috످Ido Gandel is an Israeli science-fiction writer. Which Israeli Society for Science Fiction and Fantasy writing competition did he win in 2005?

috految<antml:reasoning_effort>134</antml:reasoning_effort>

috److془Ido Gandel (עידו גנדל / עידו גֶנדֶל). Hebrew Wikipedia: "עידו גנדל (נולד ב-1977) הוא סופר מדע בדיוני, מתרגם..." Competitions: I don't recall which in 2005. Say don't know.

Do I know? Not sure. Say I don't know.془I don't know which of the society's writing competitions Ido Gandel won in 2005. You could check the society's website (sf-f.org.il) or search Hebrew Wikipedia for his name (עידו גנדל).

috످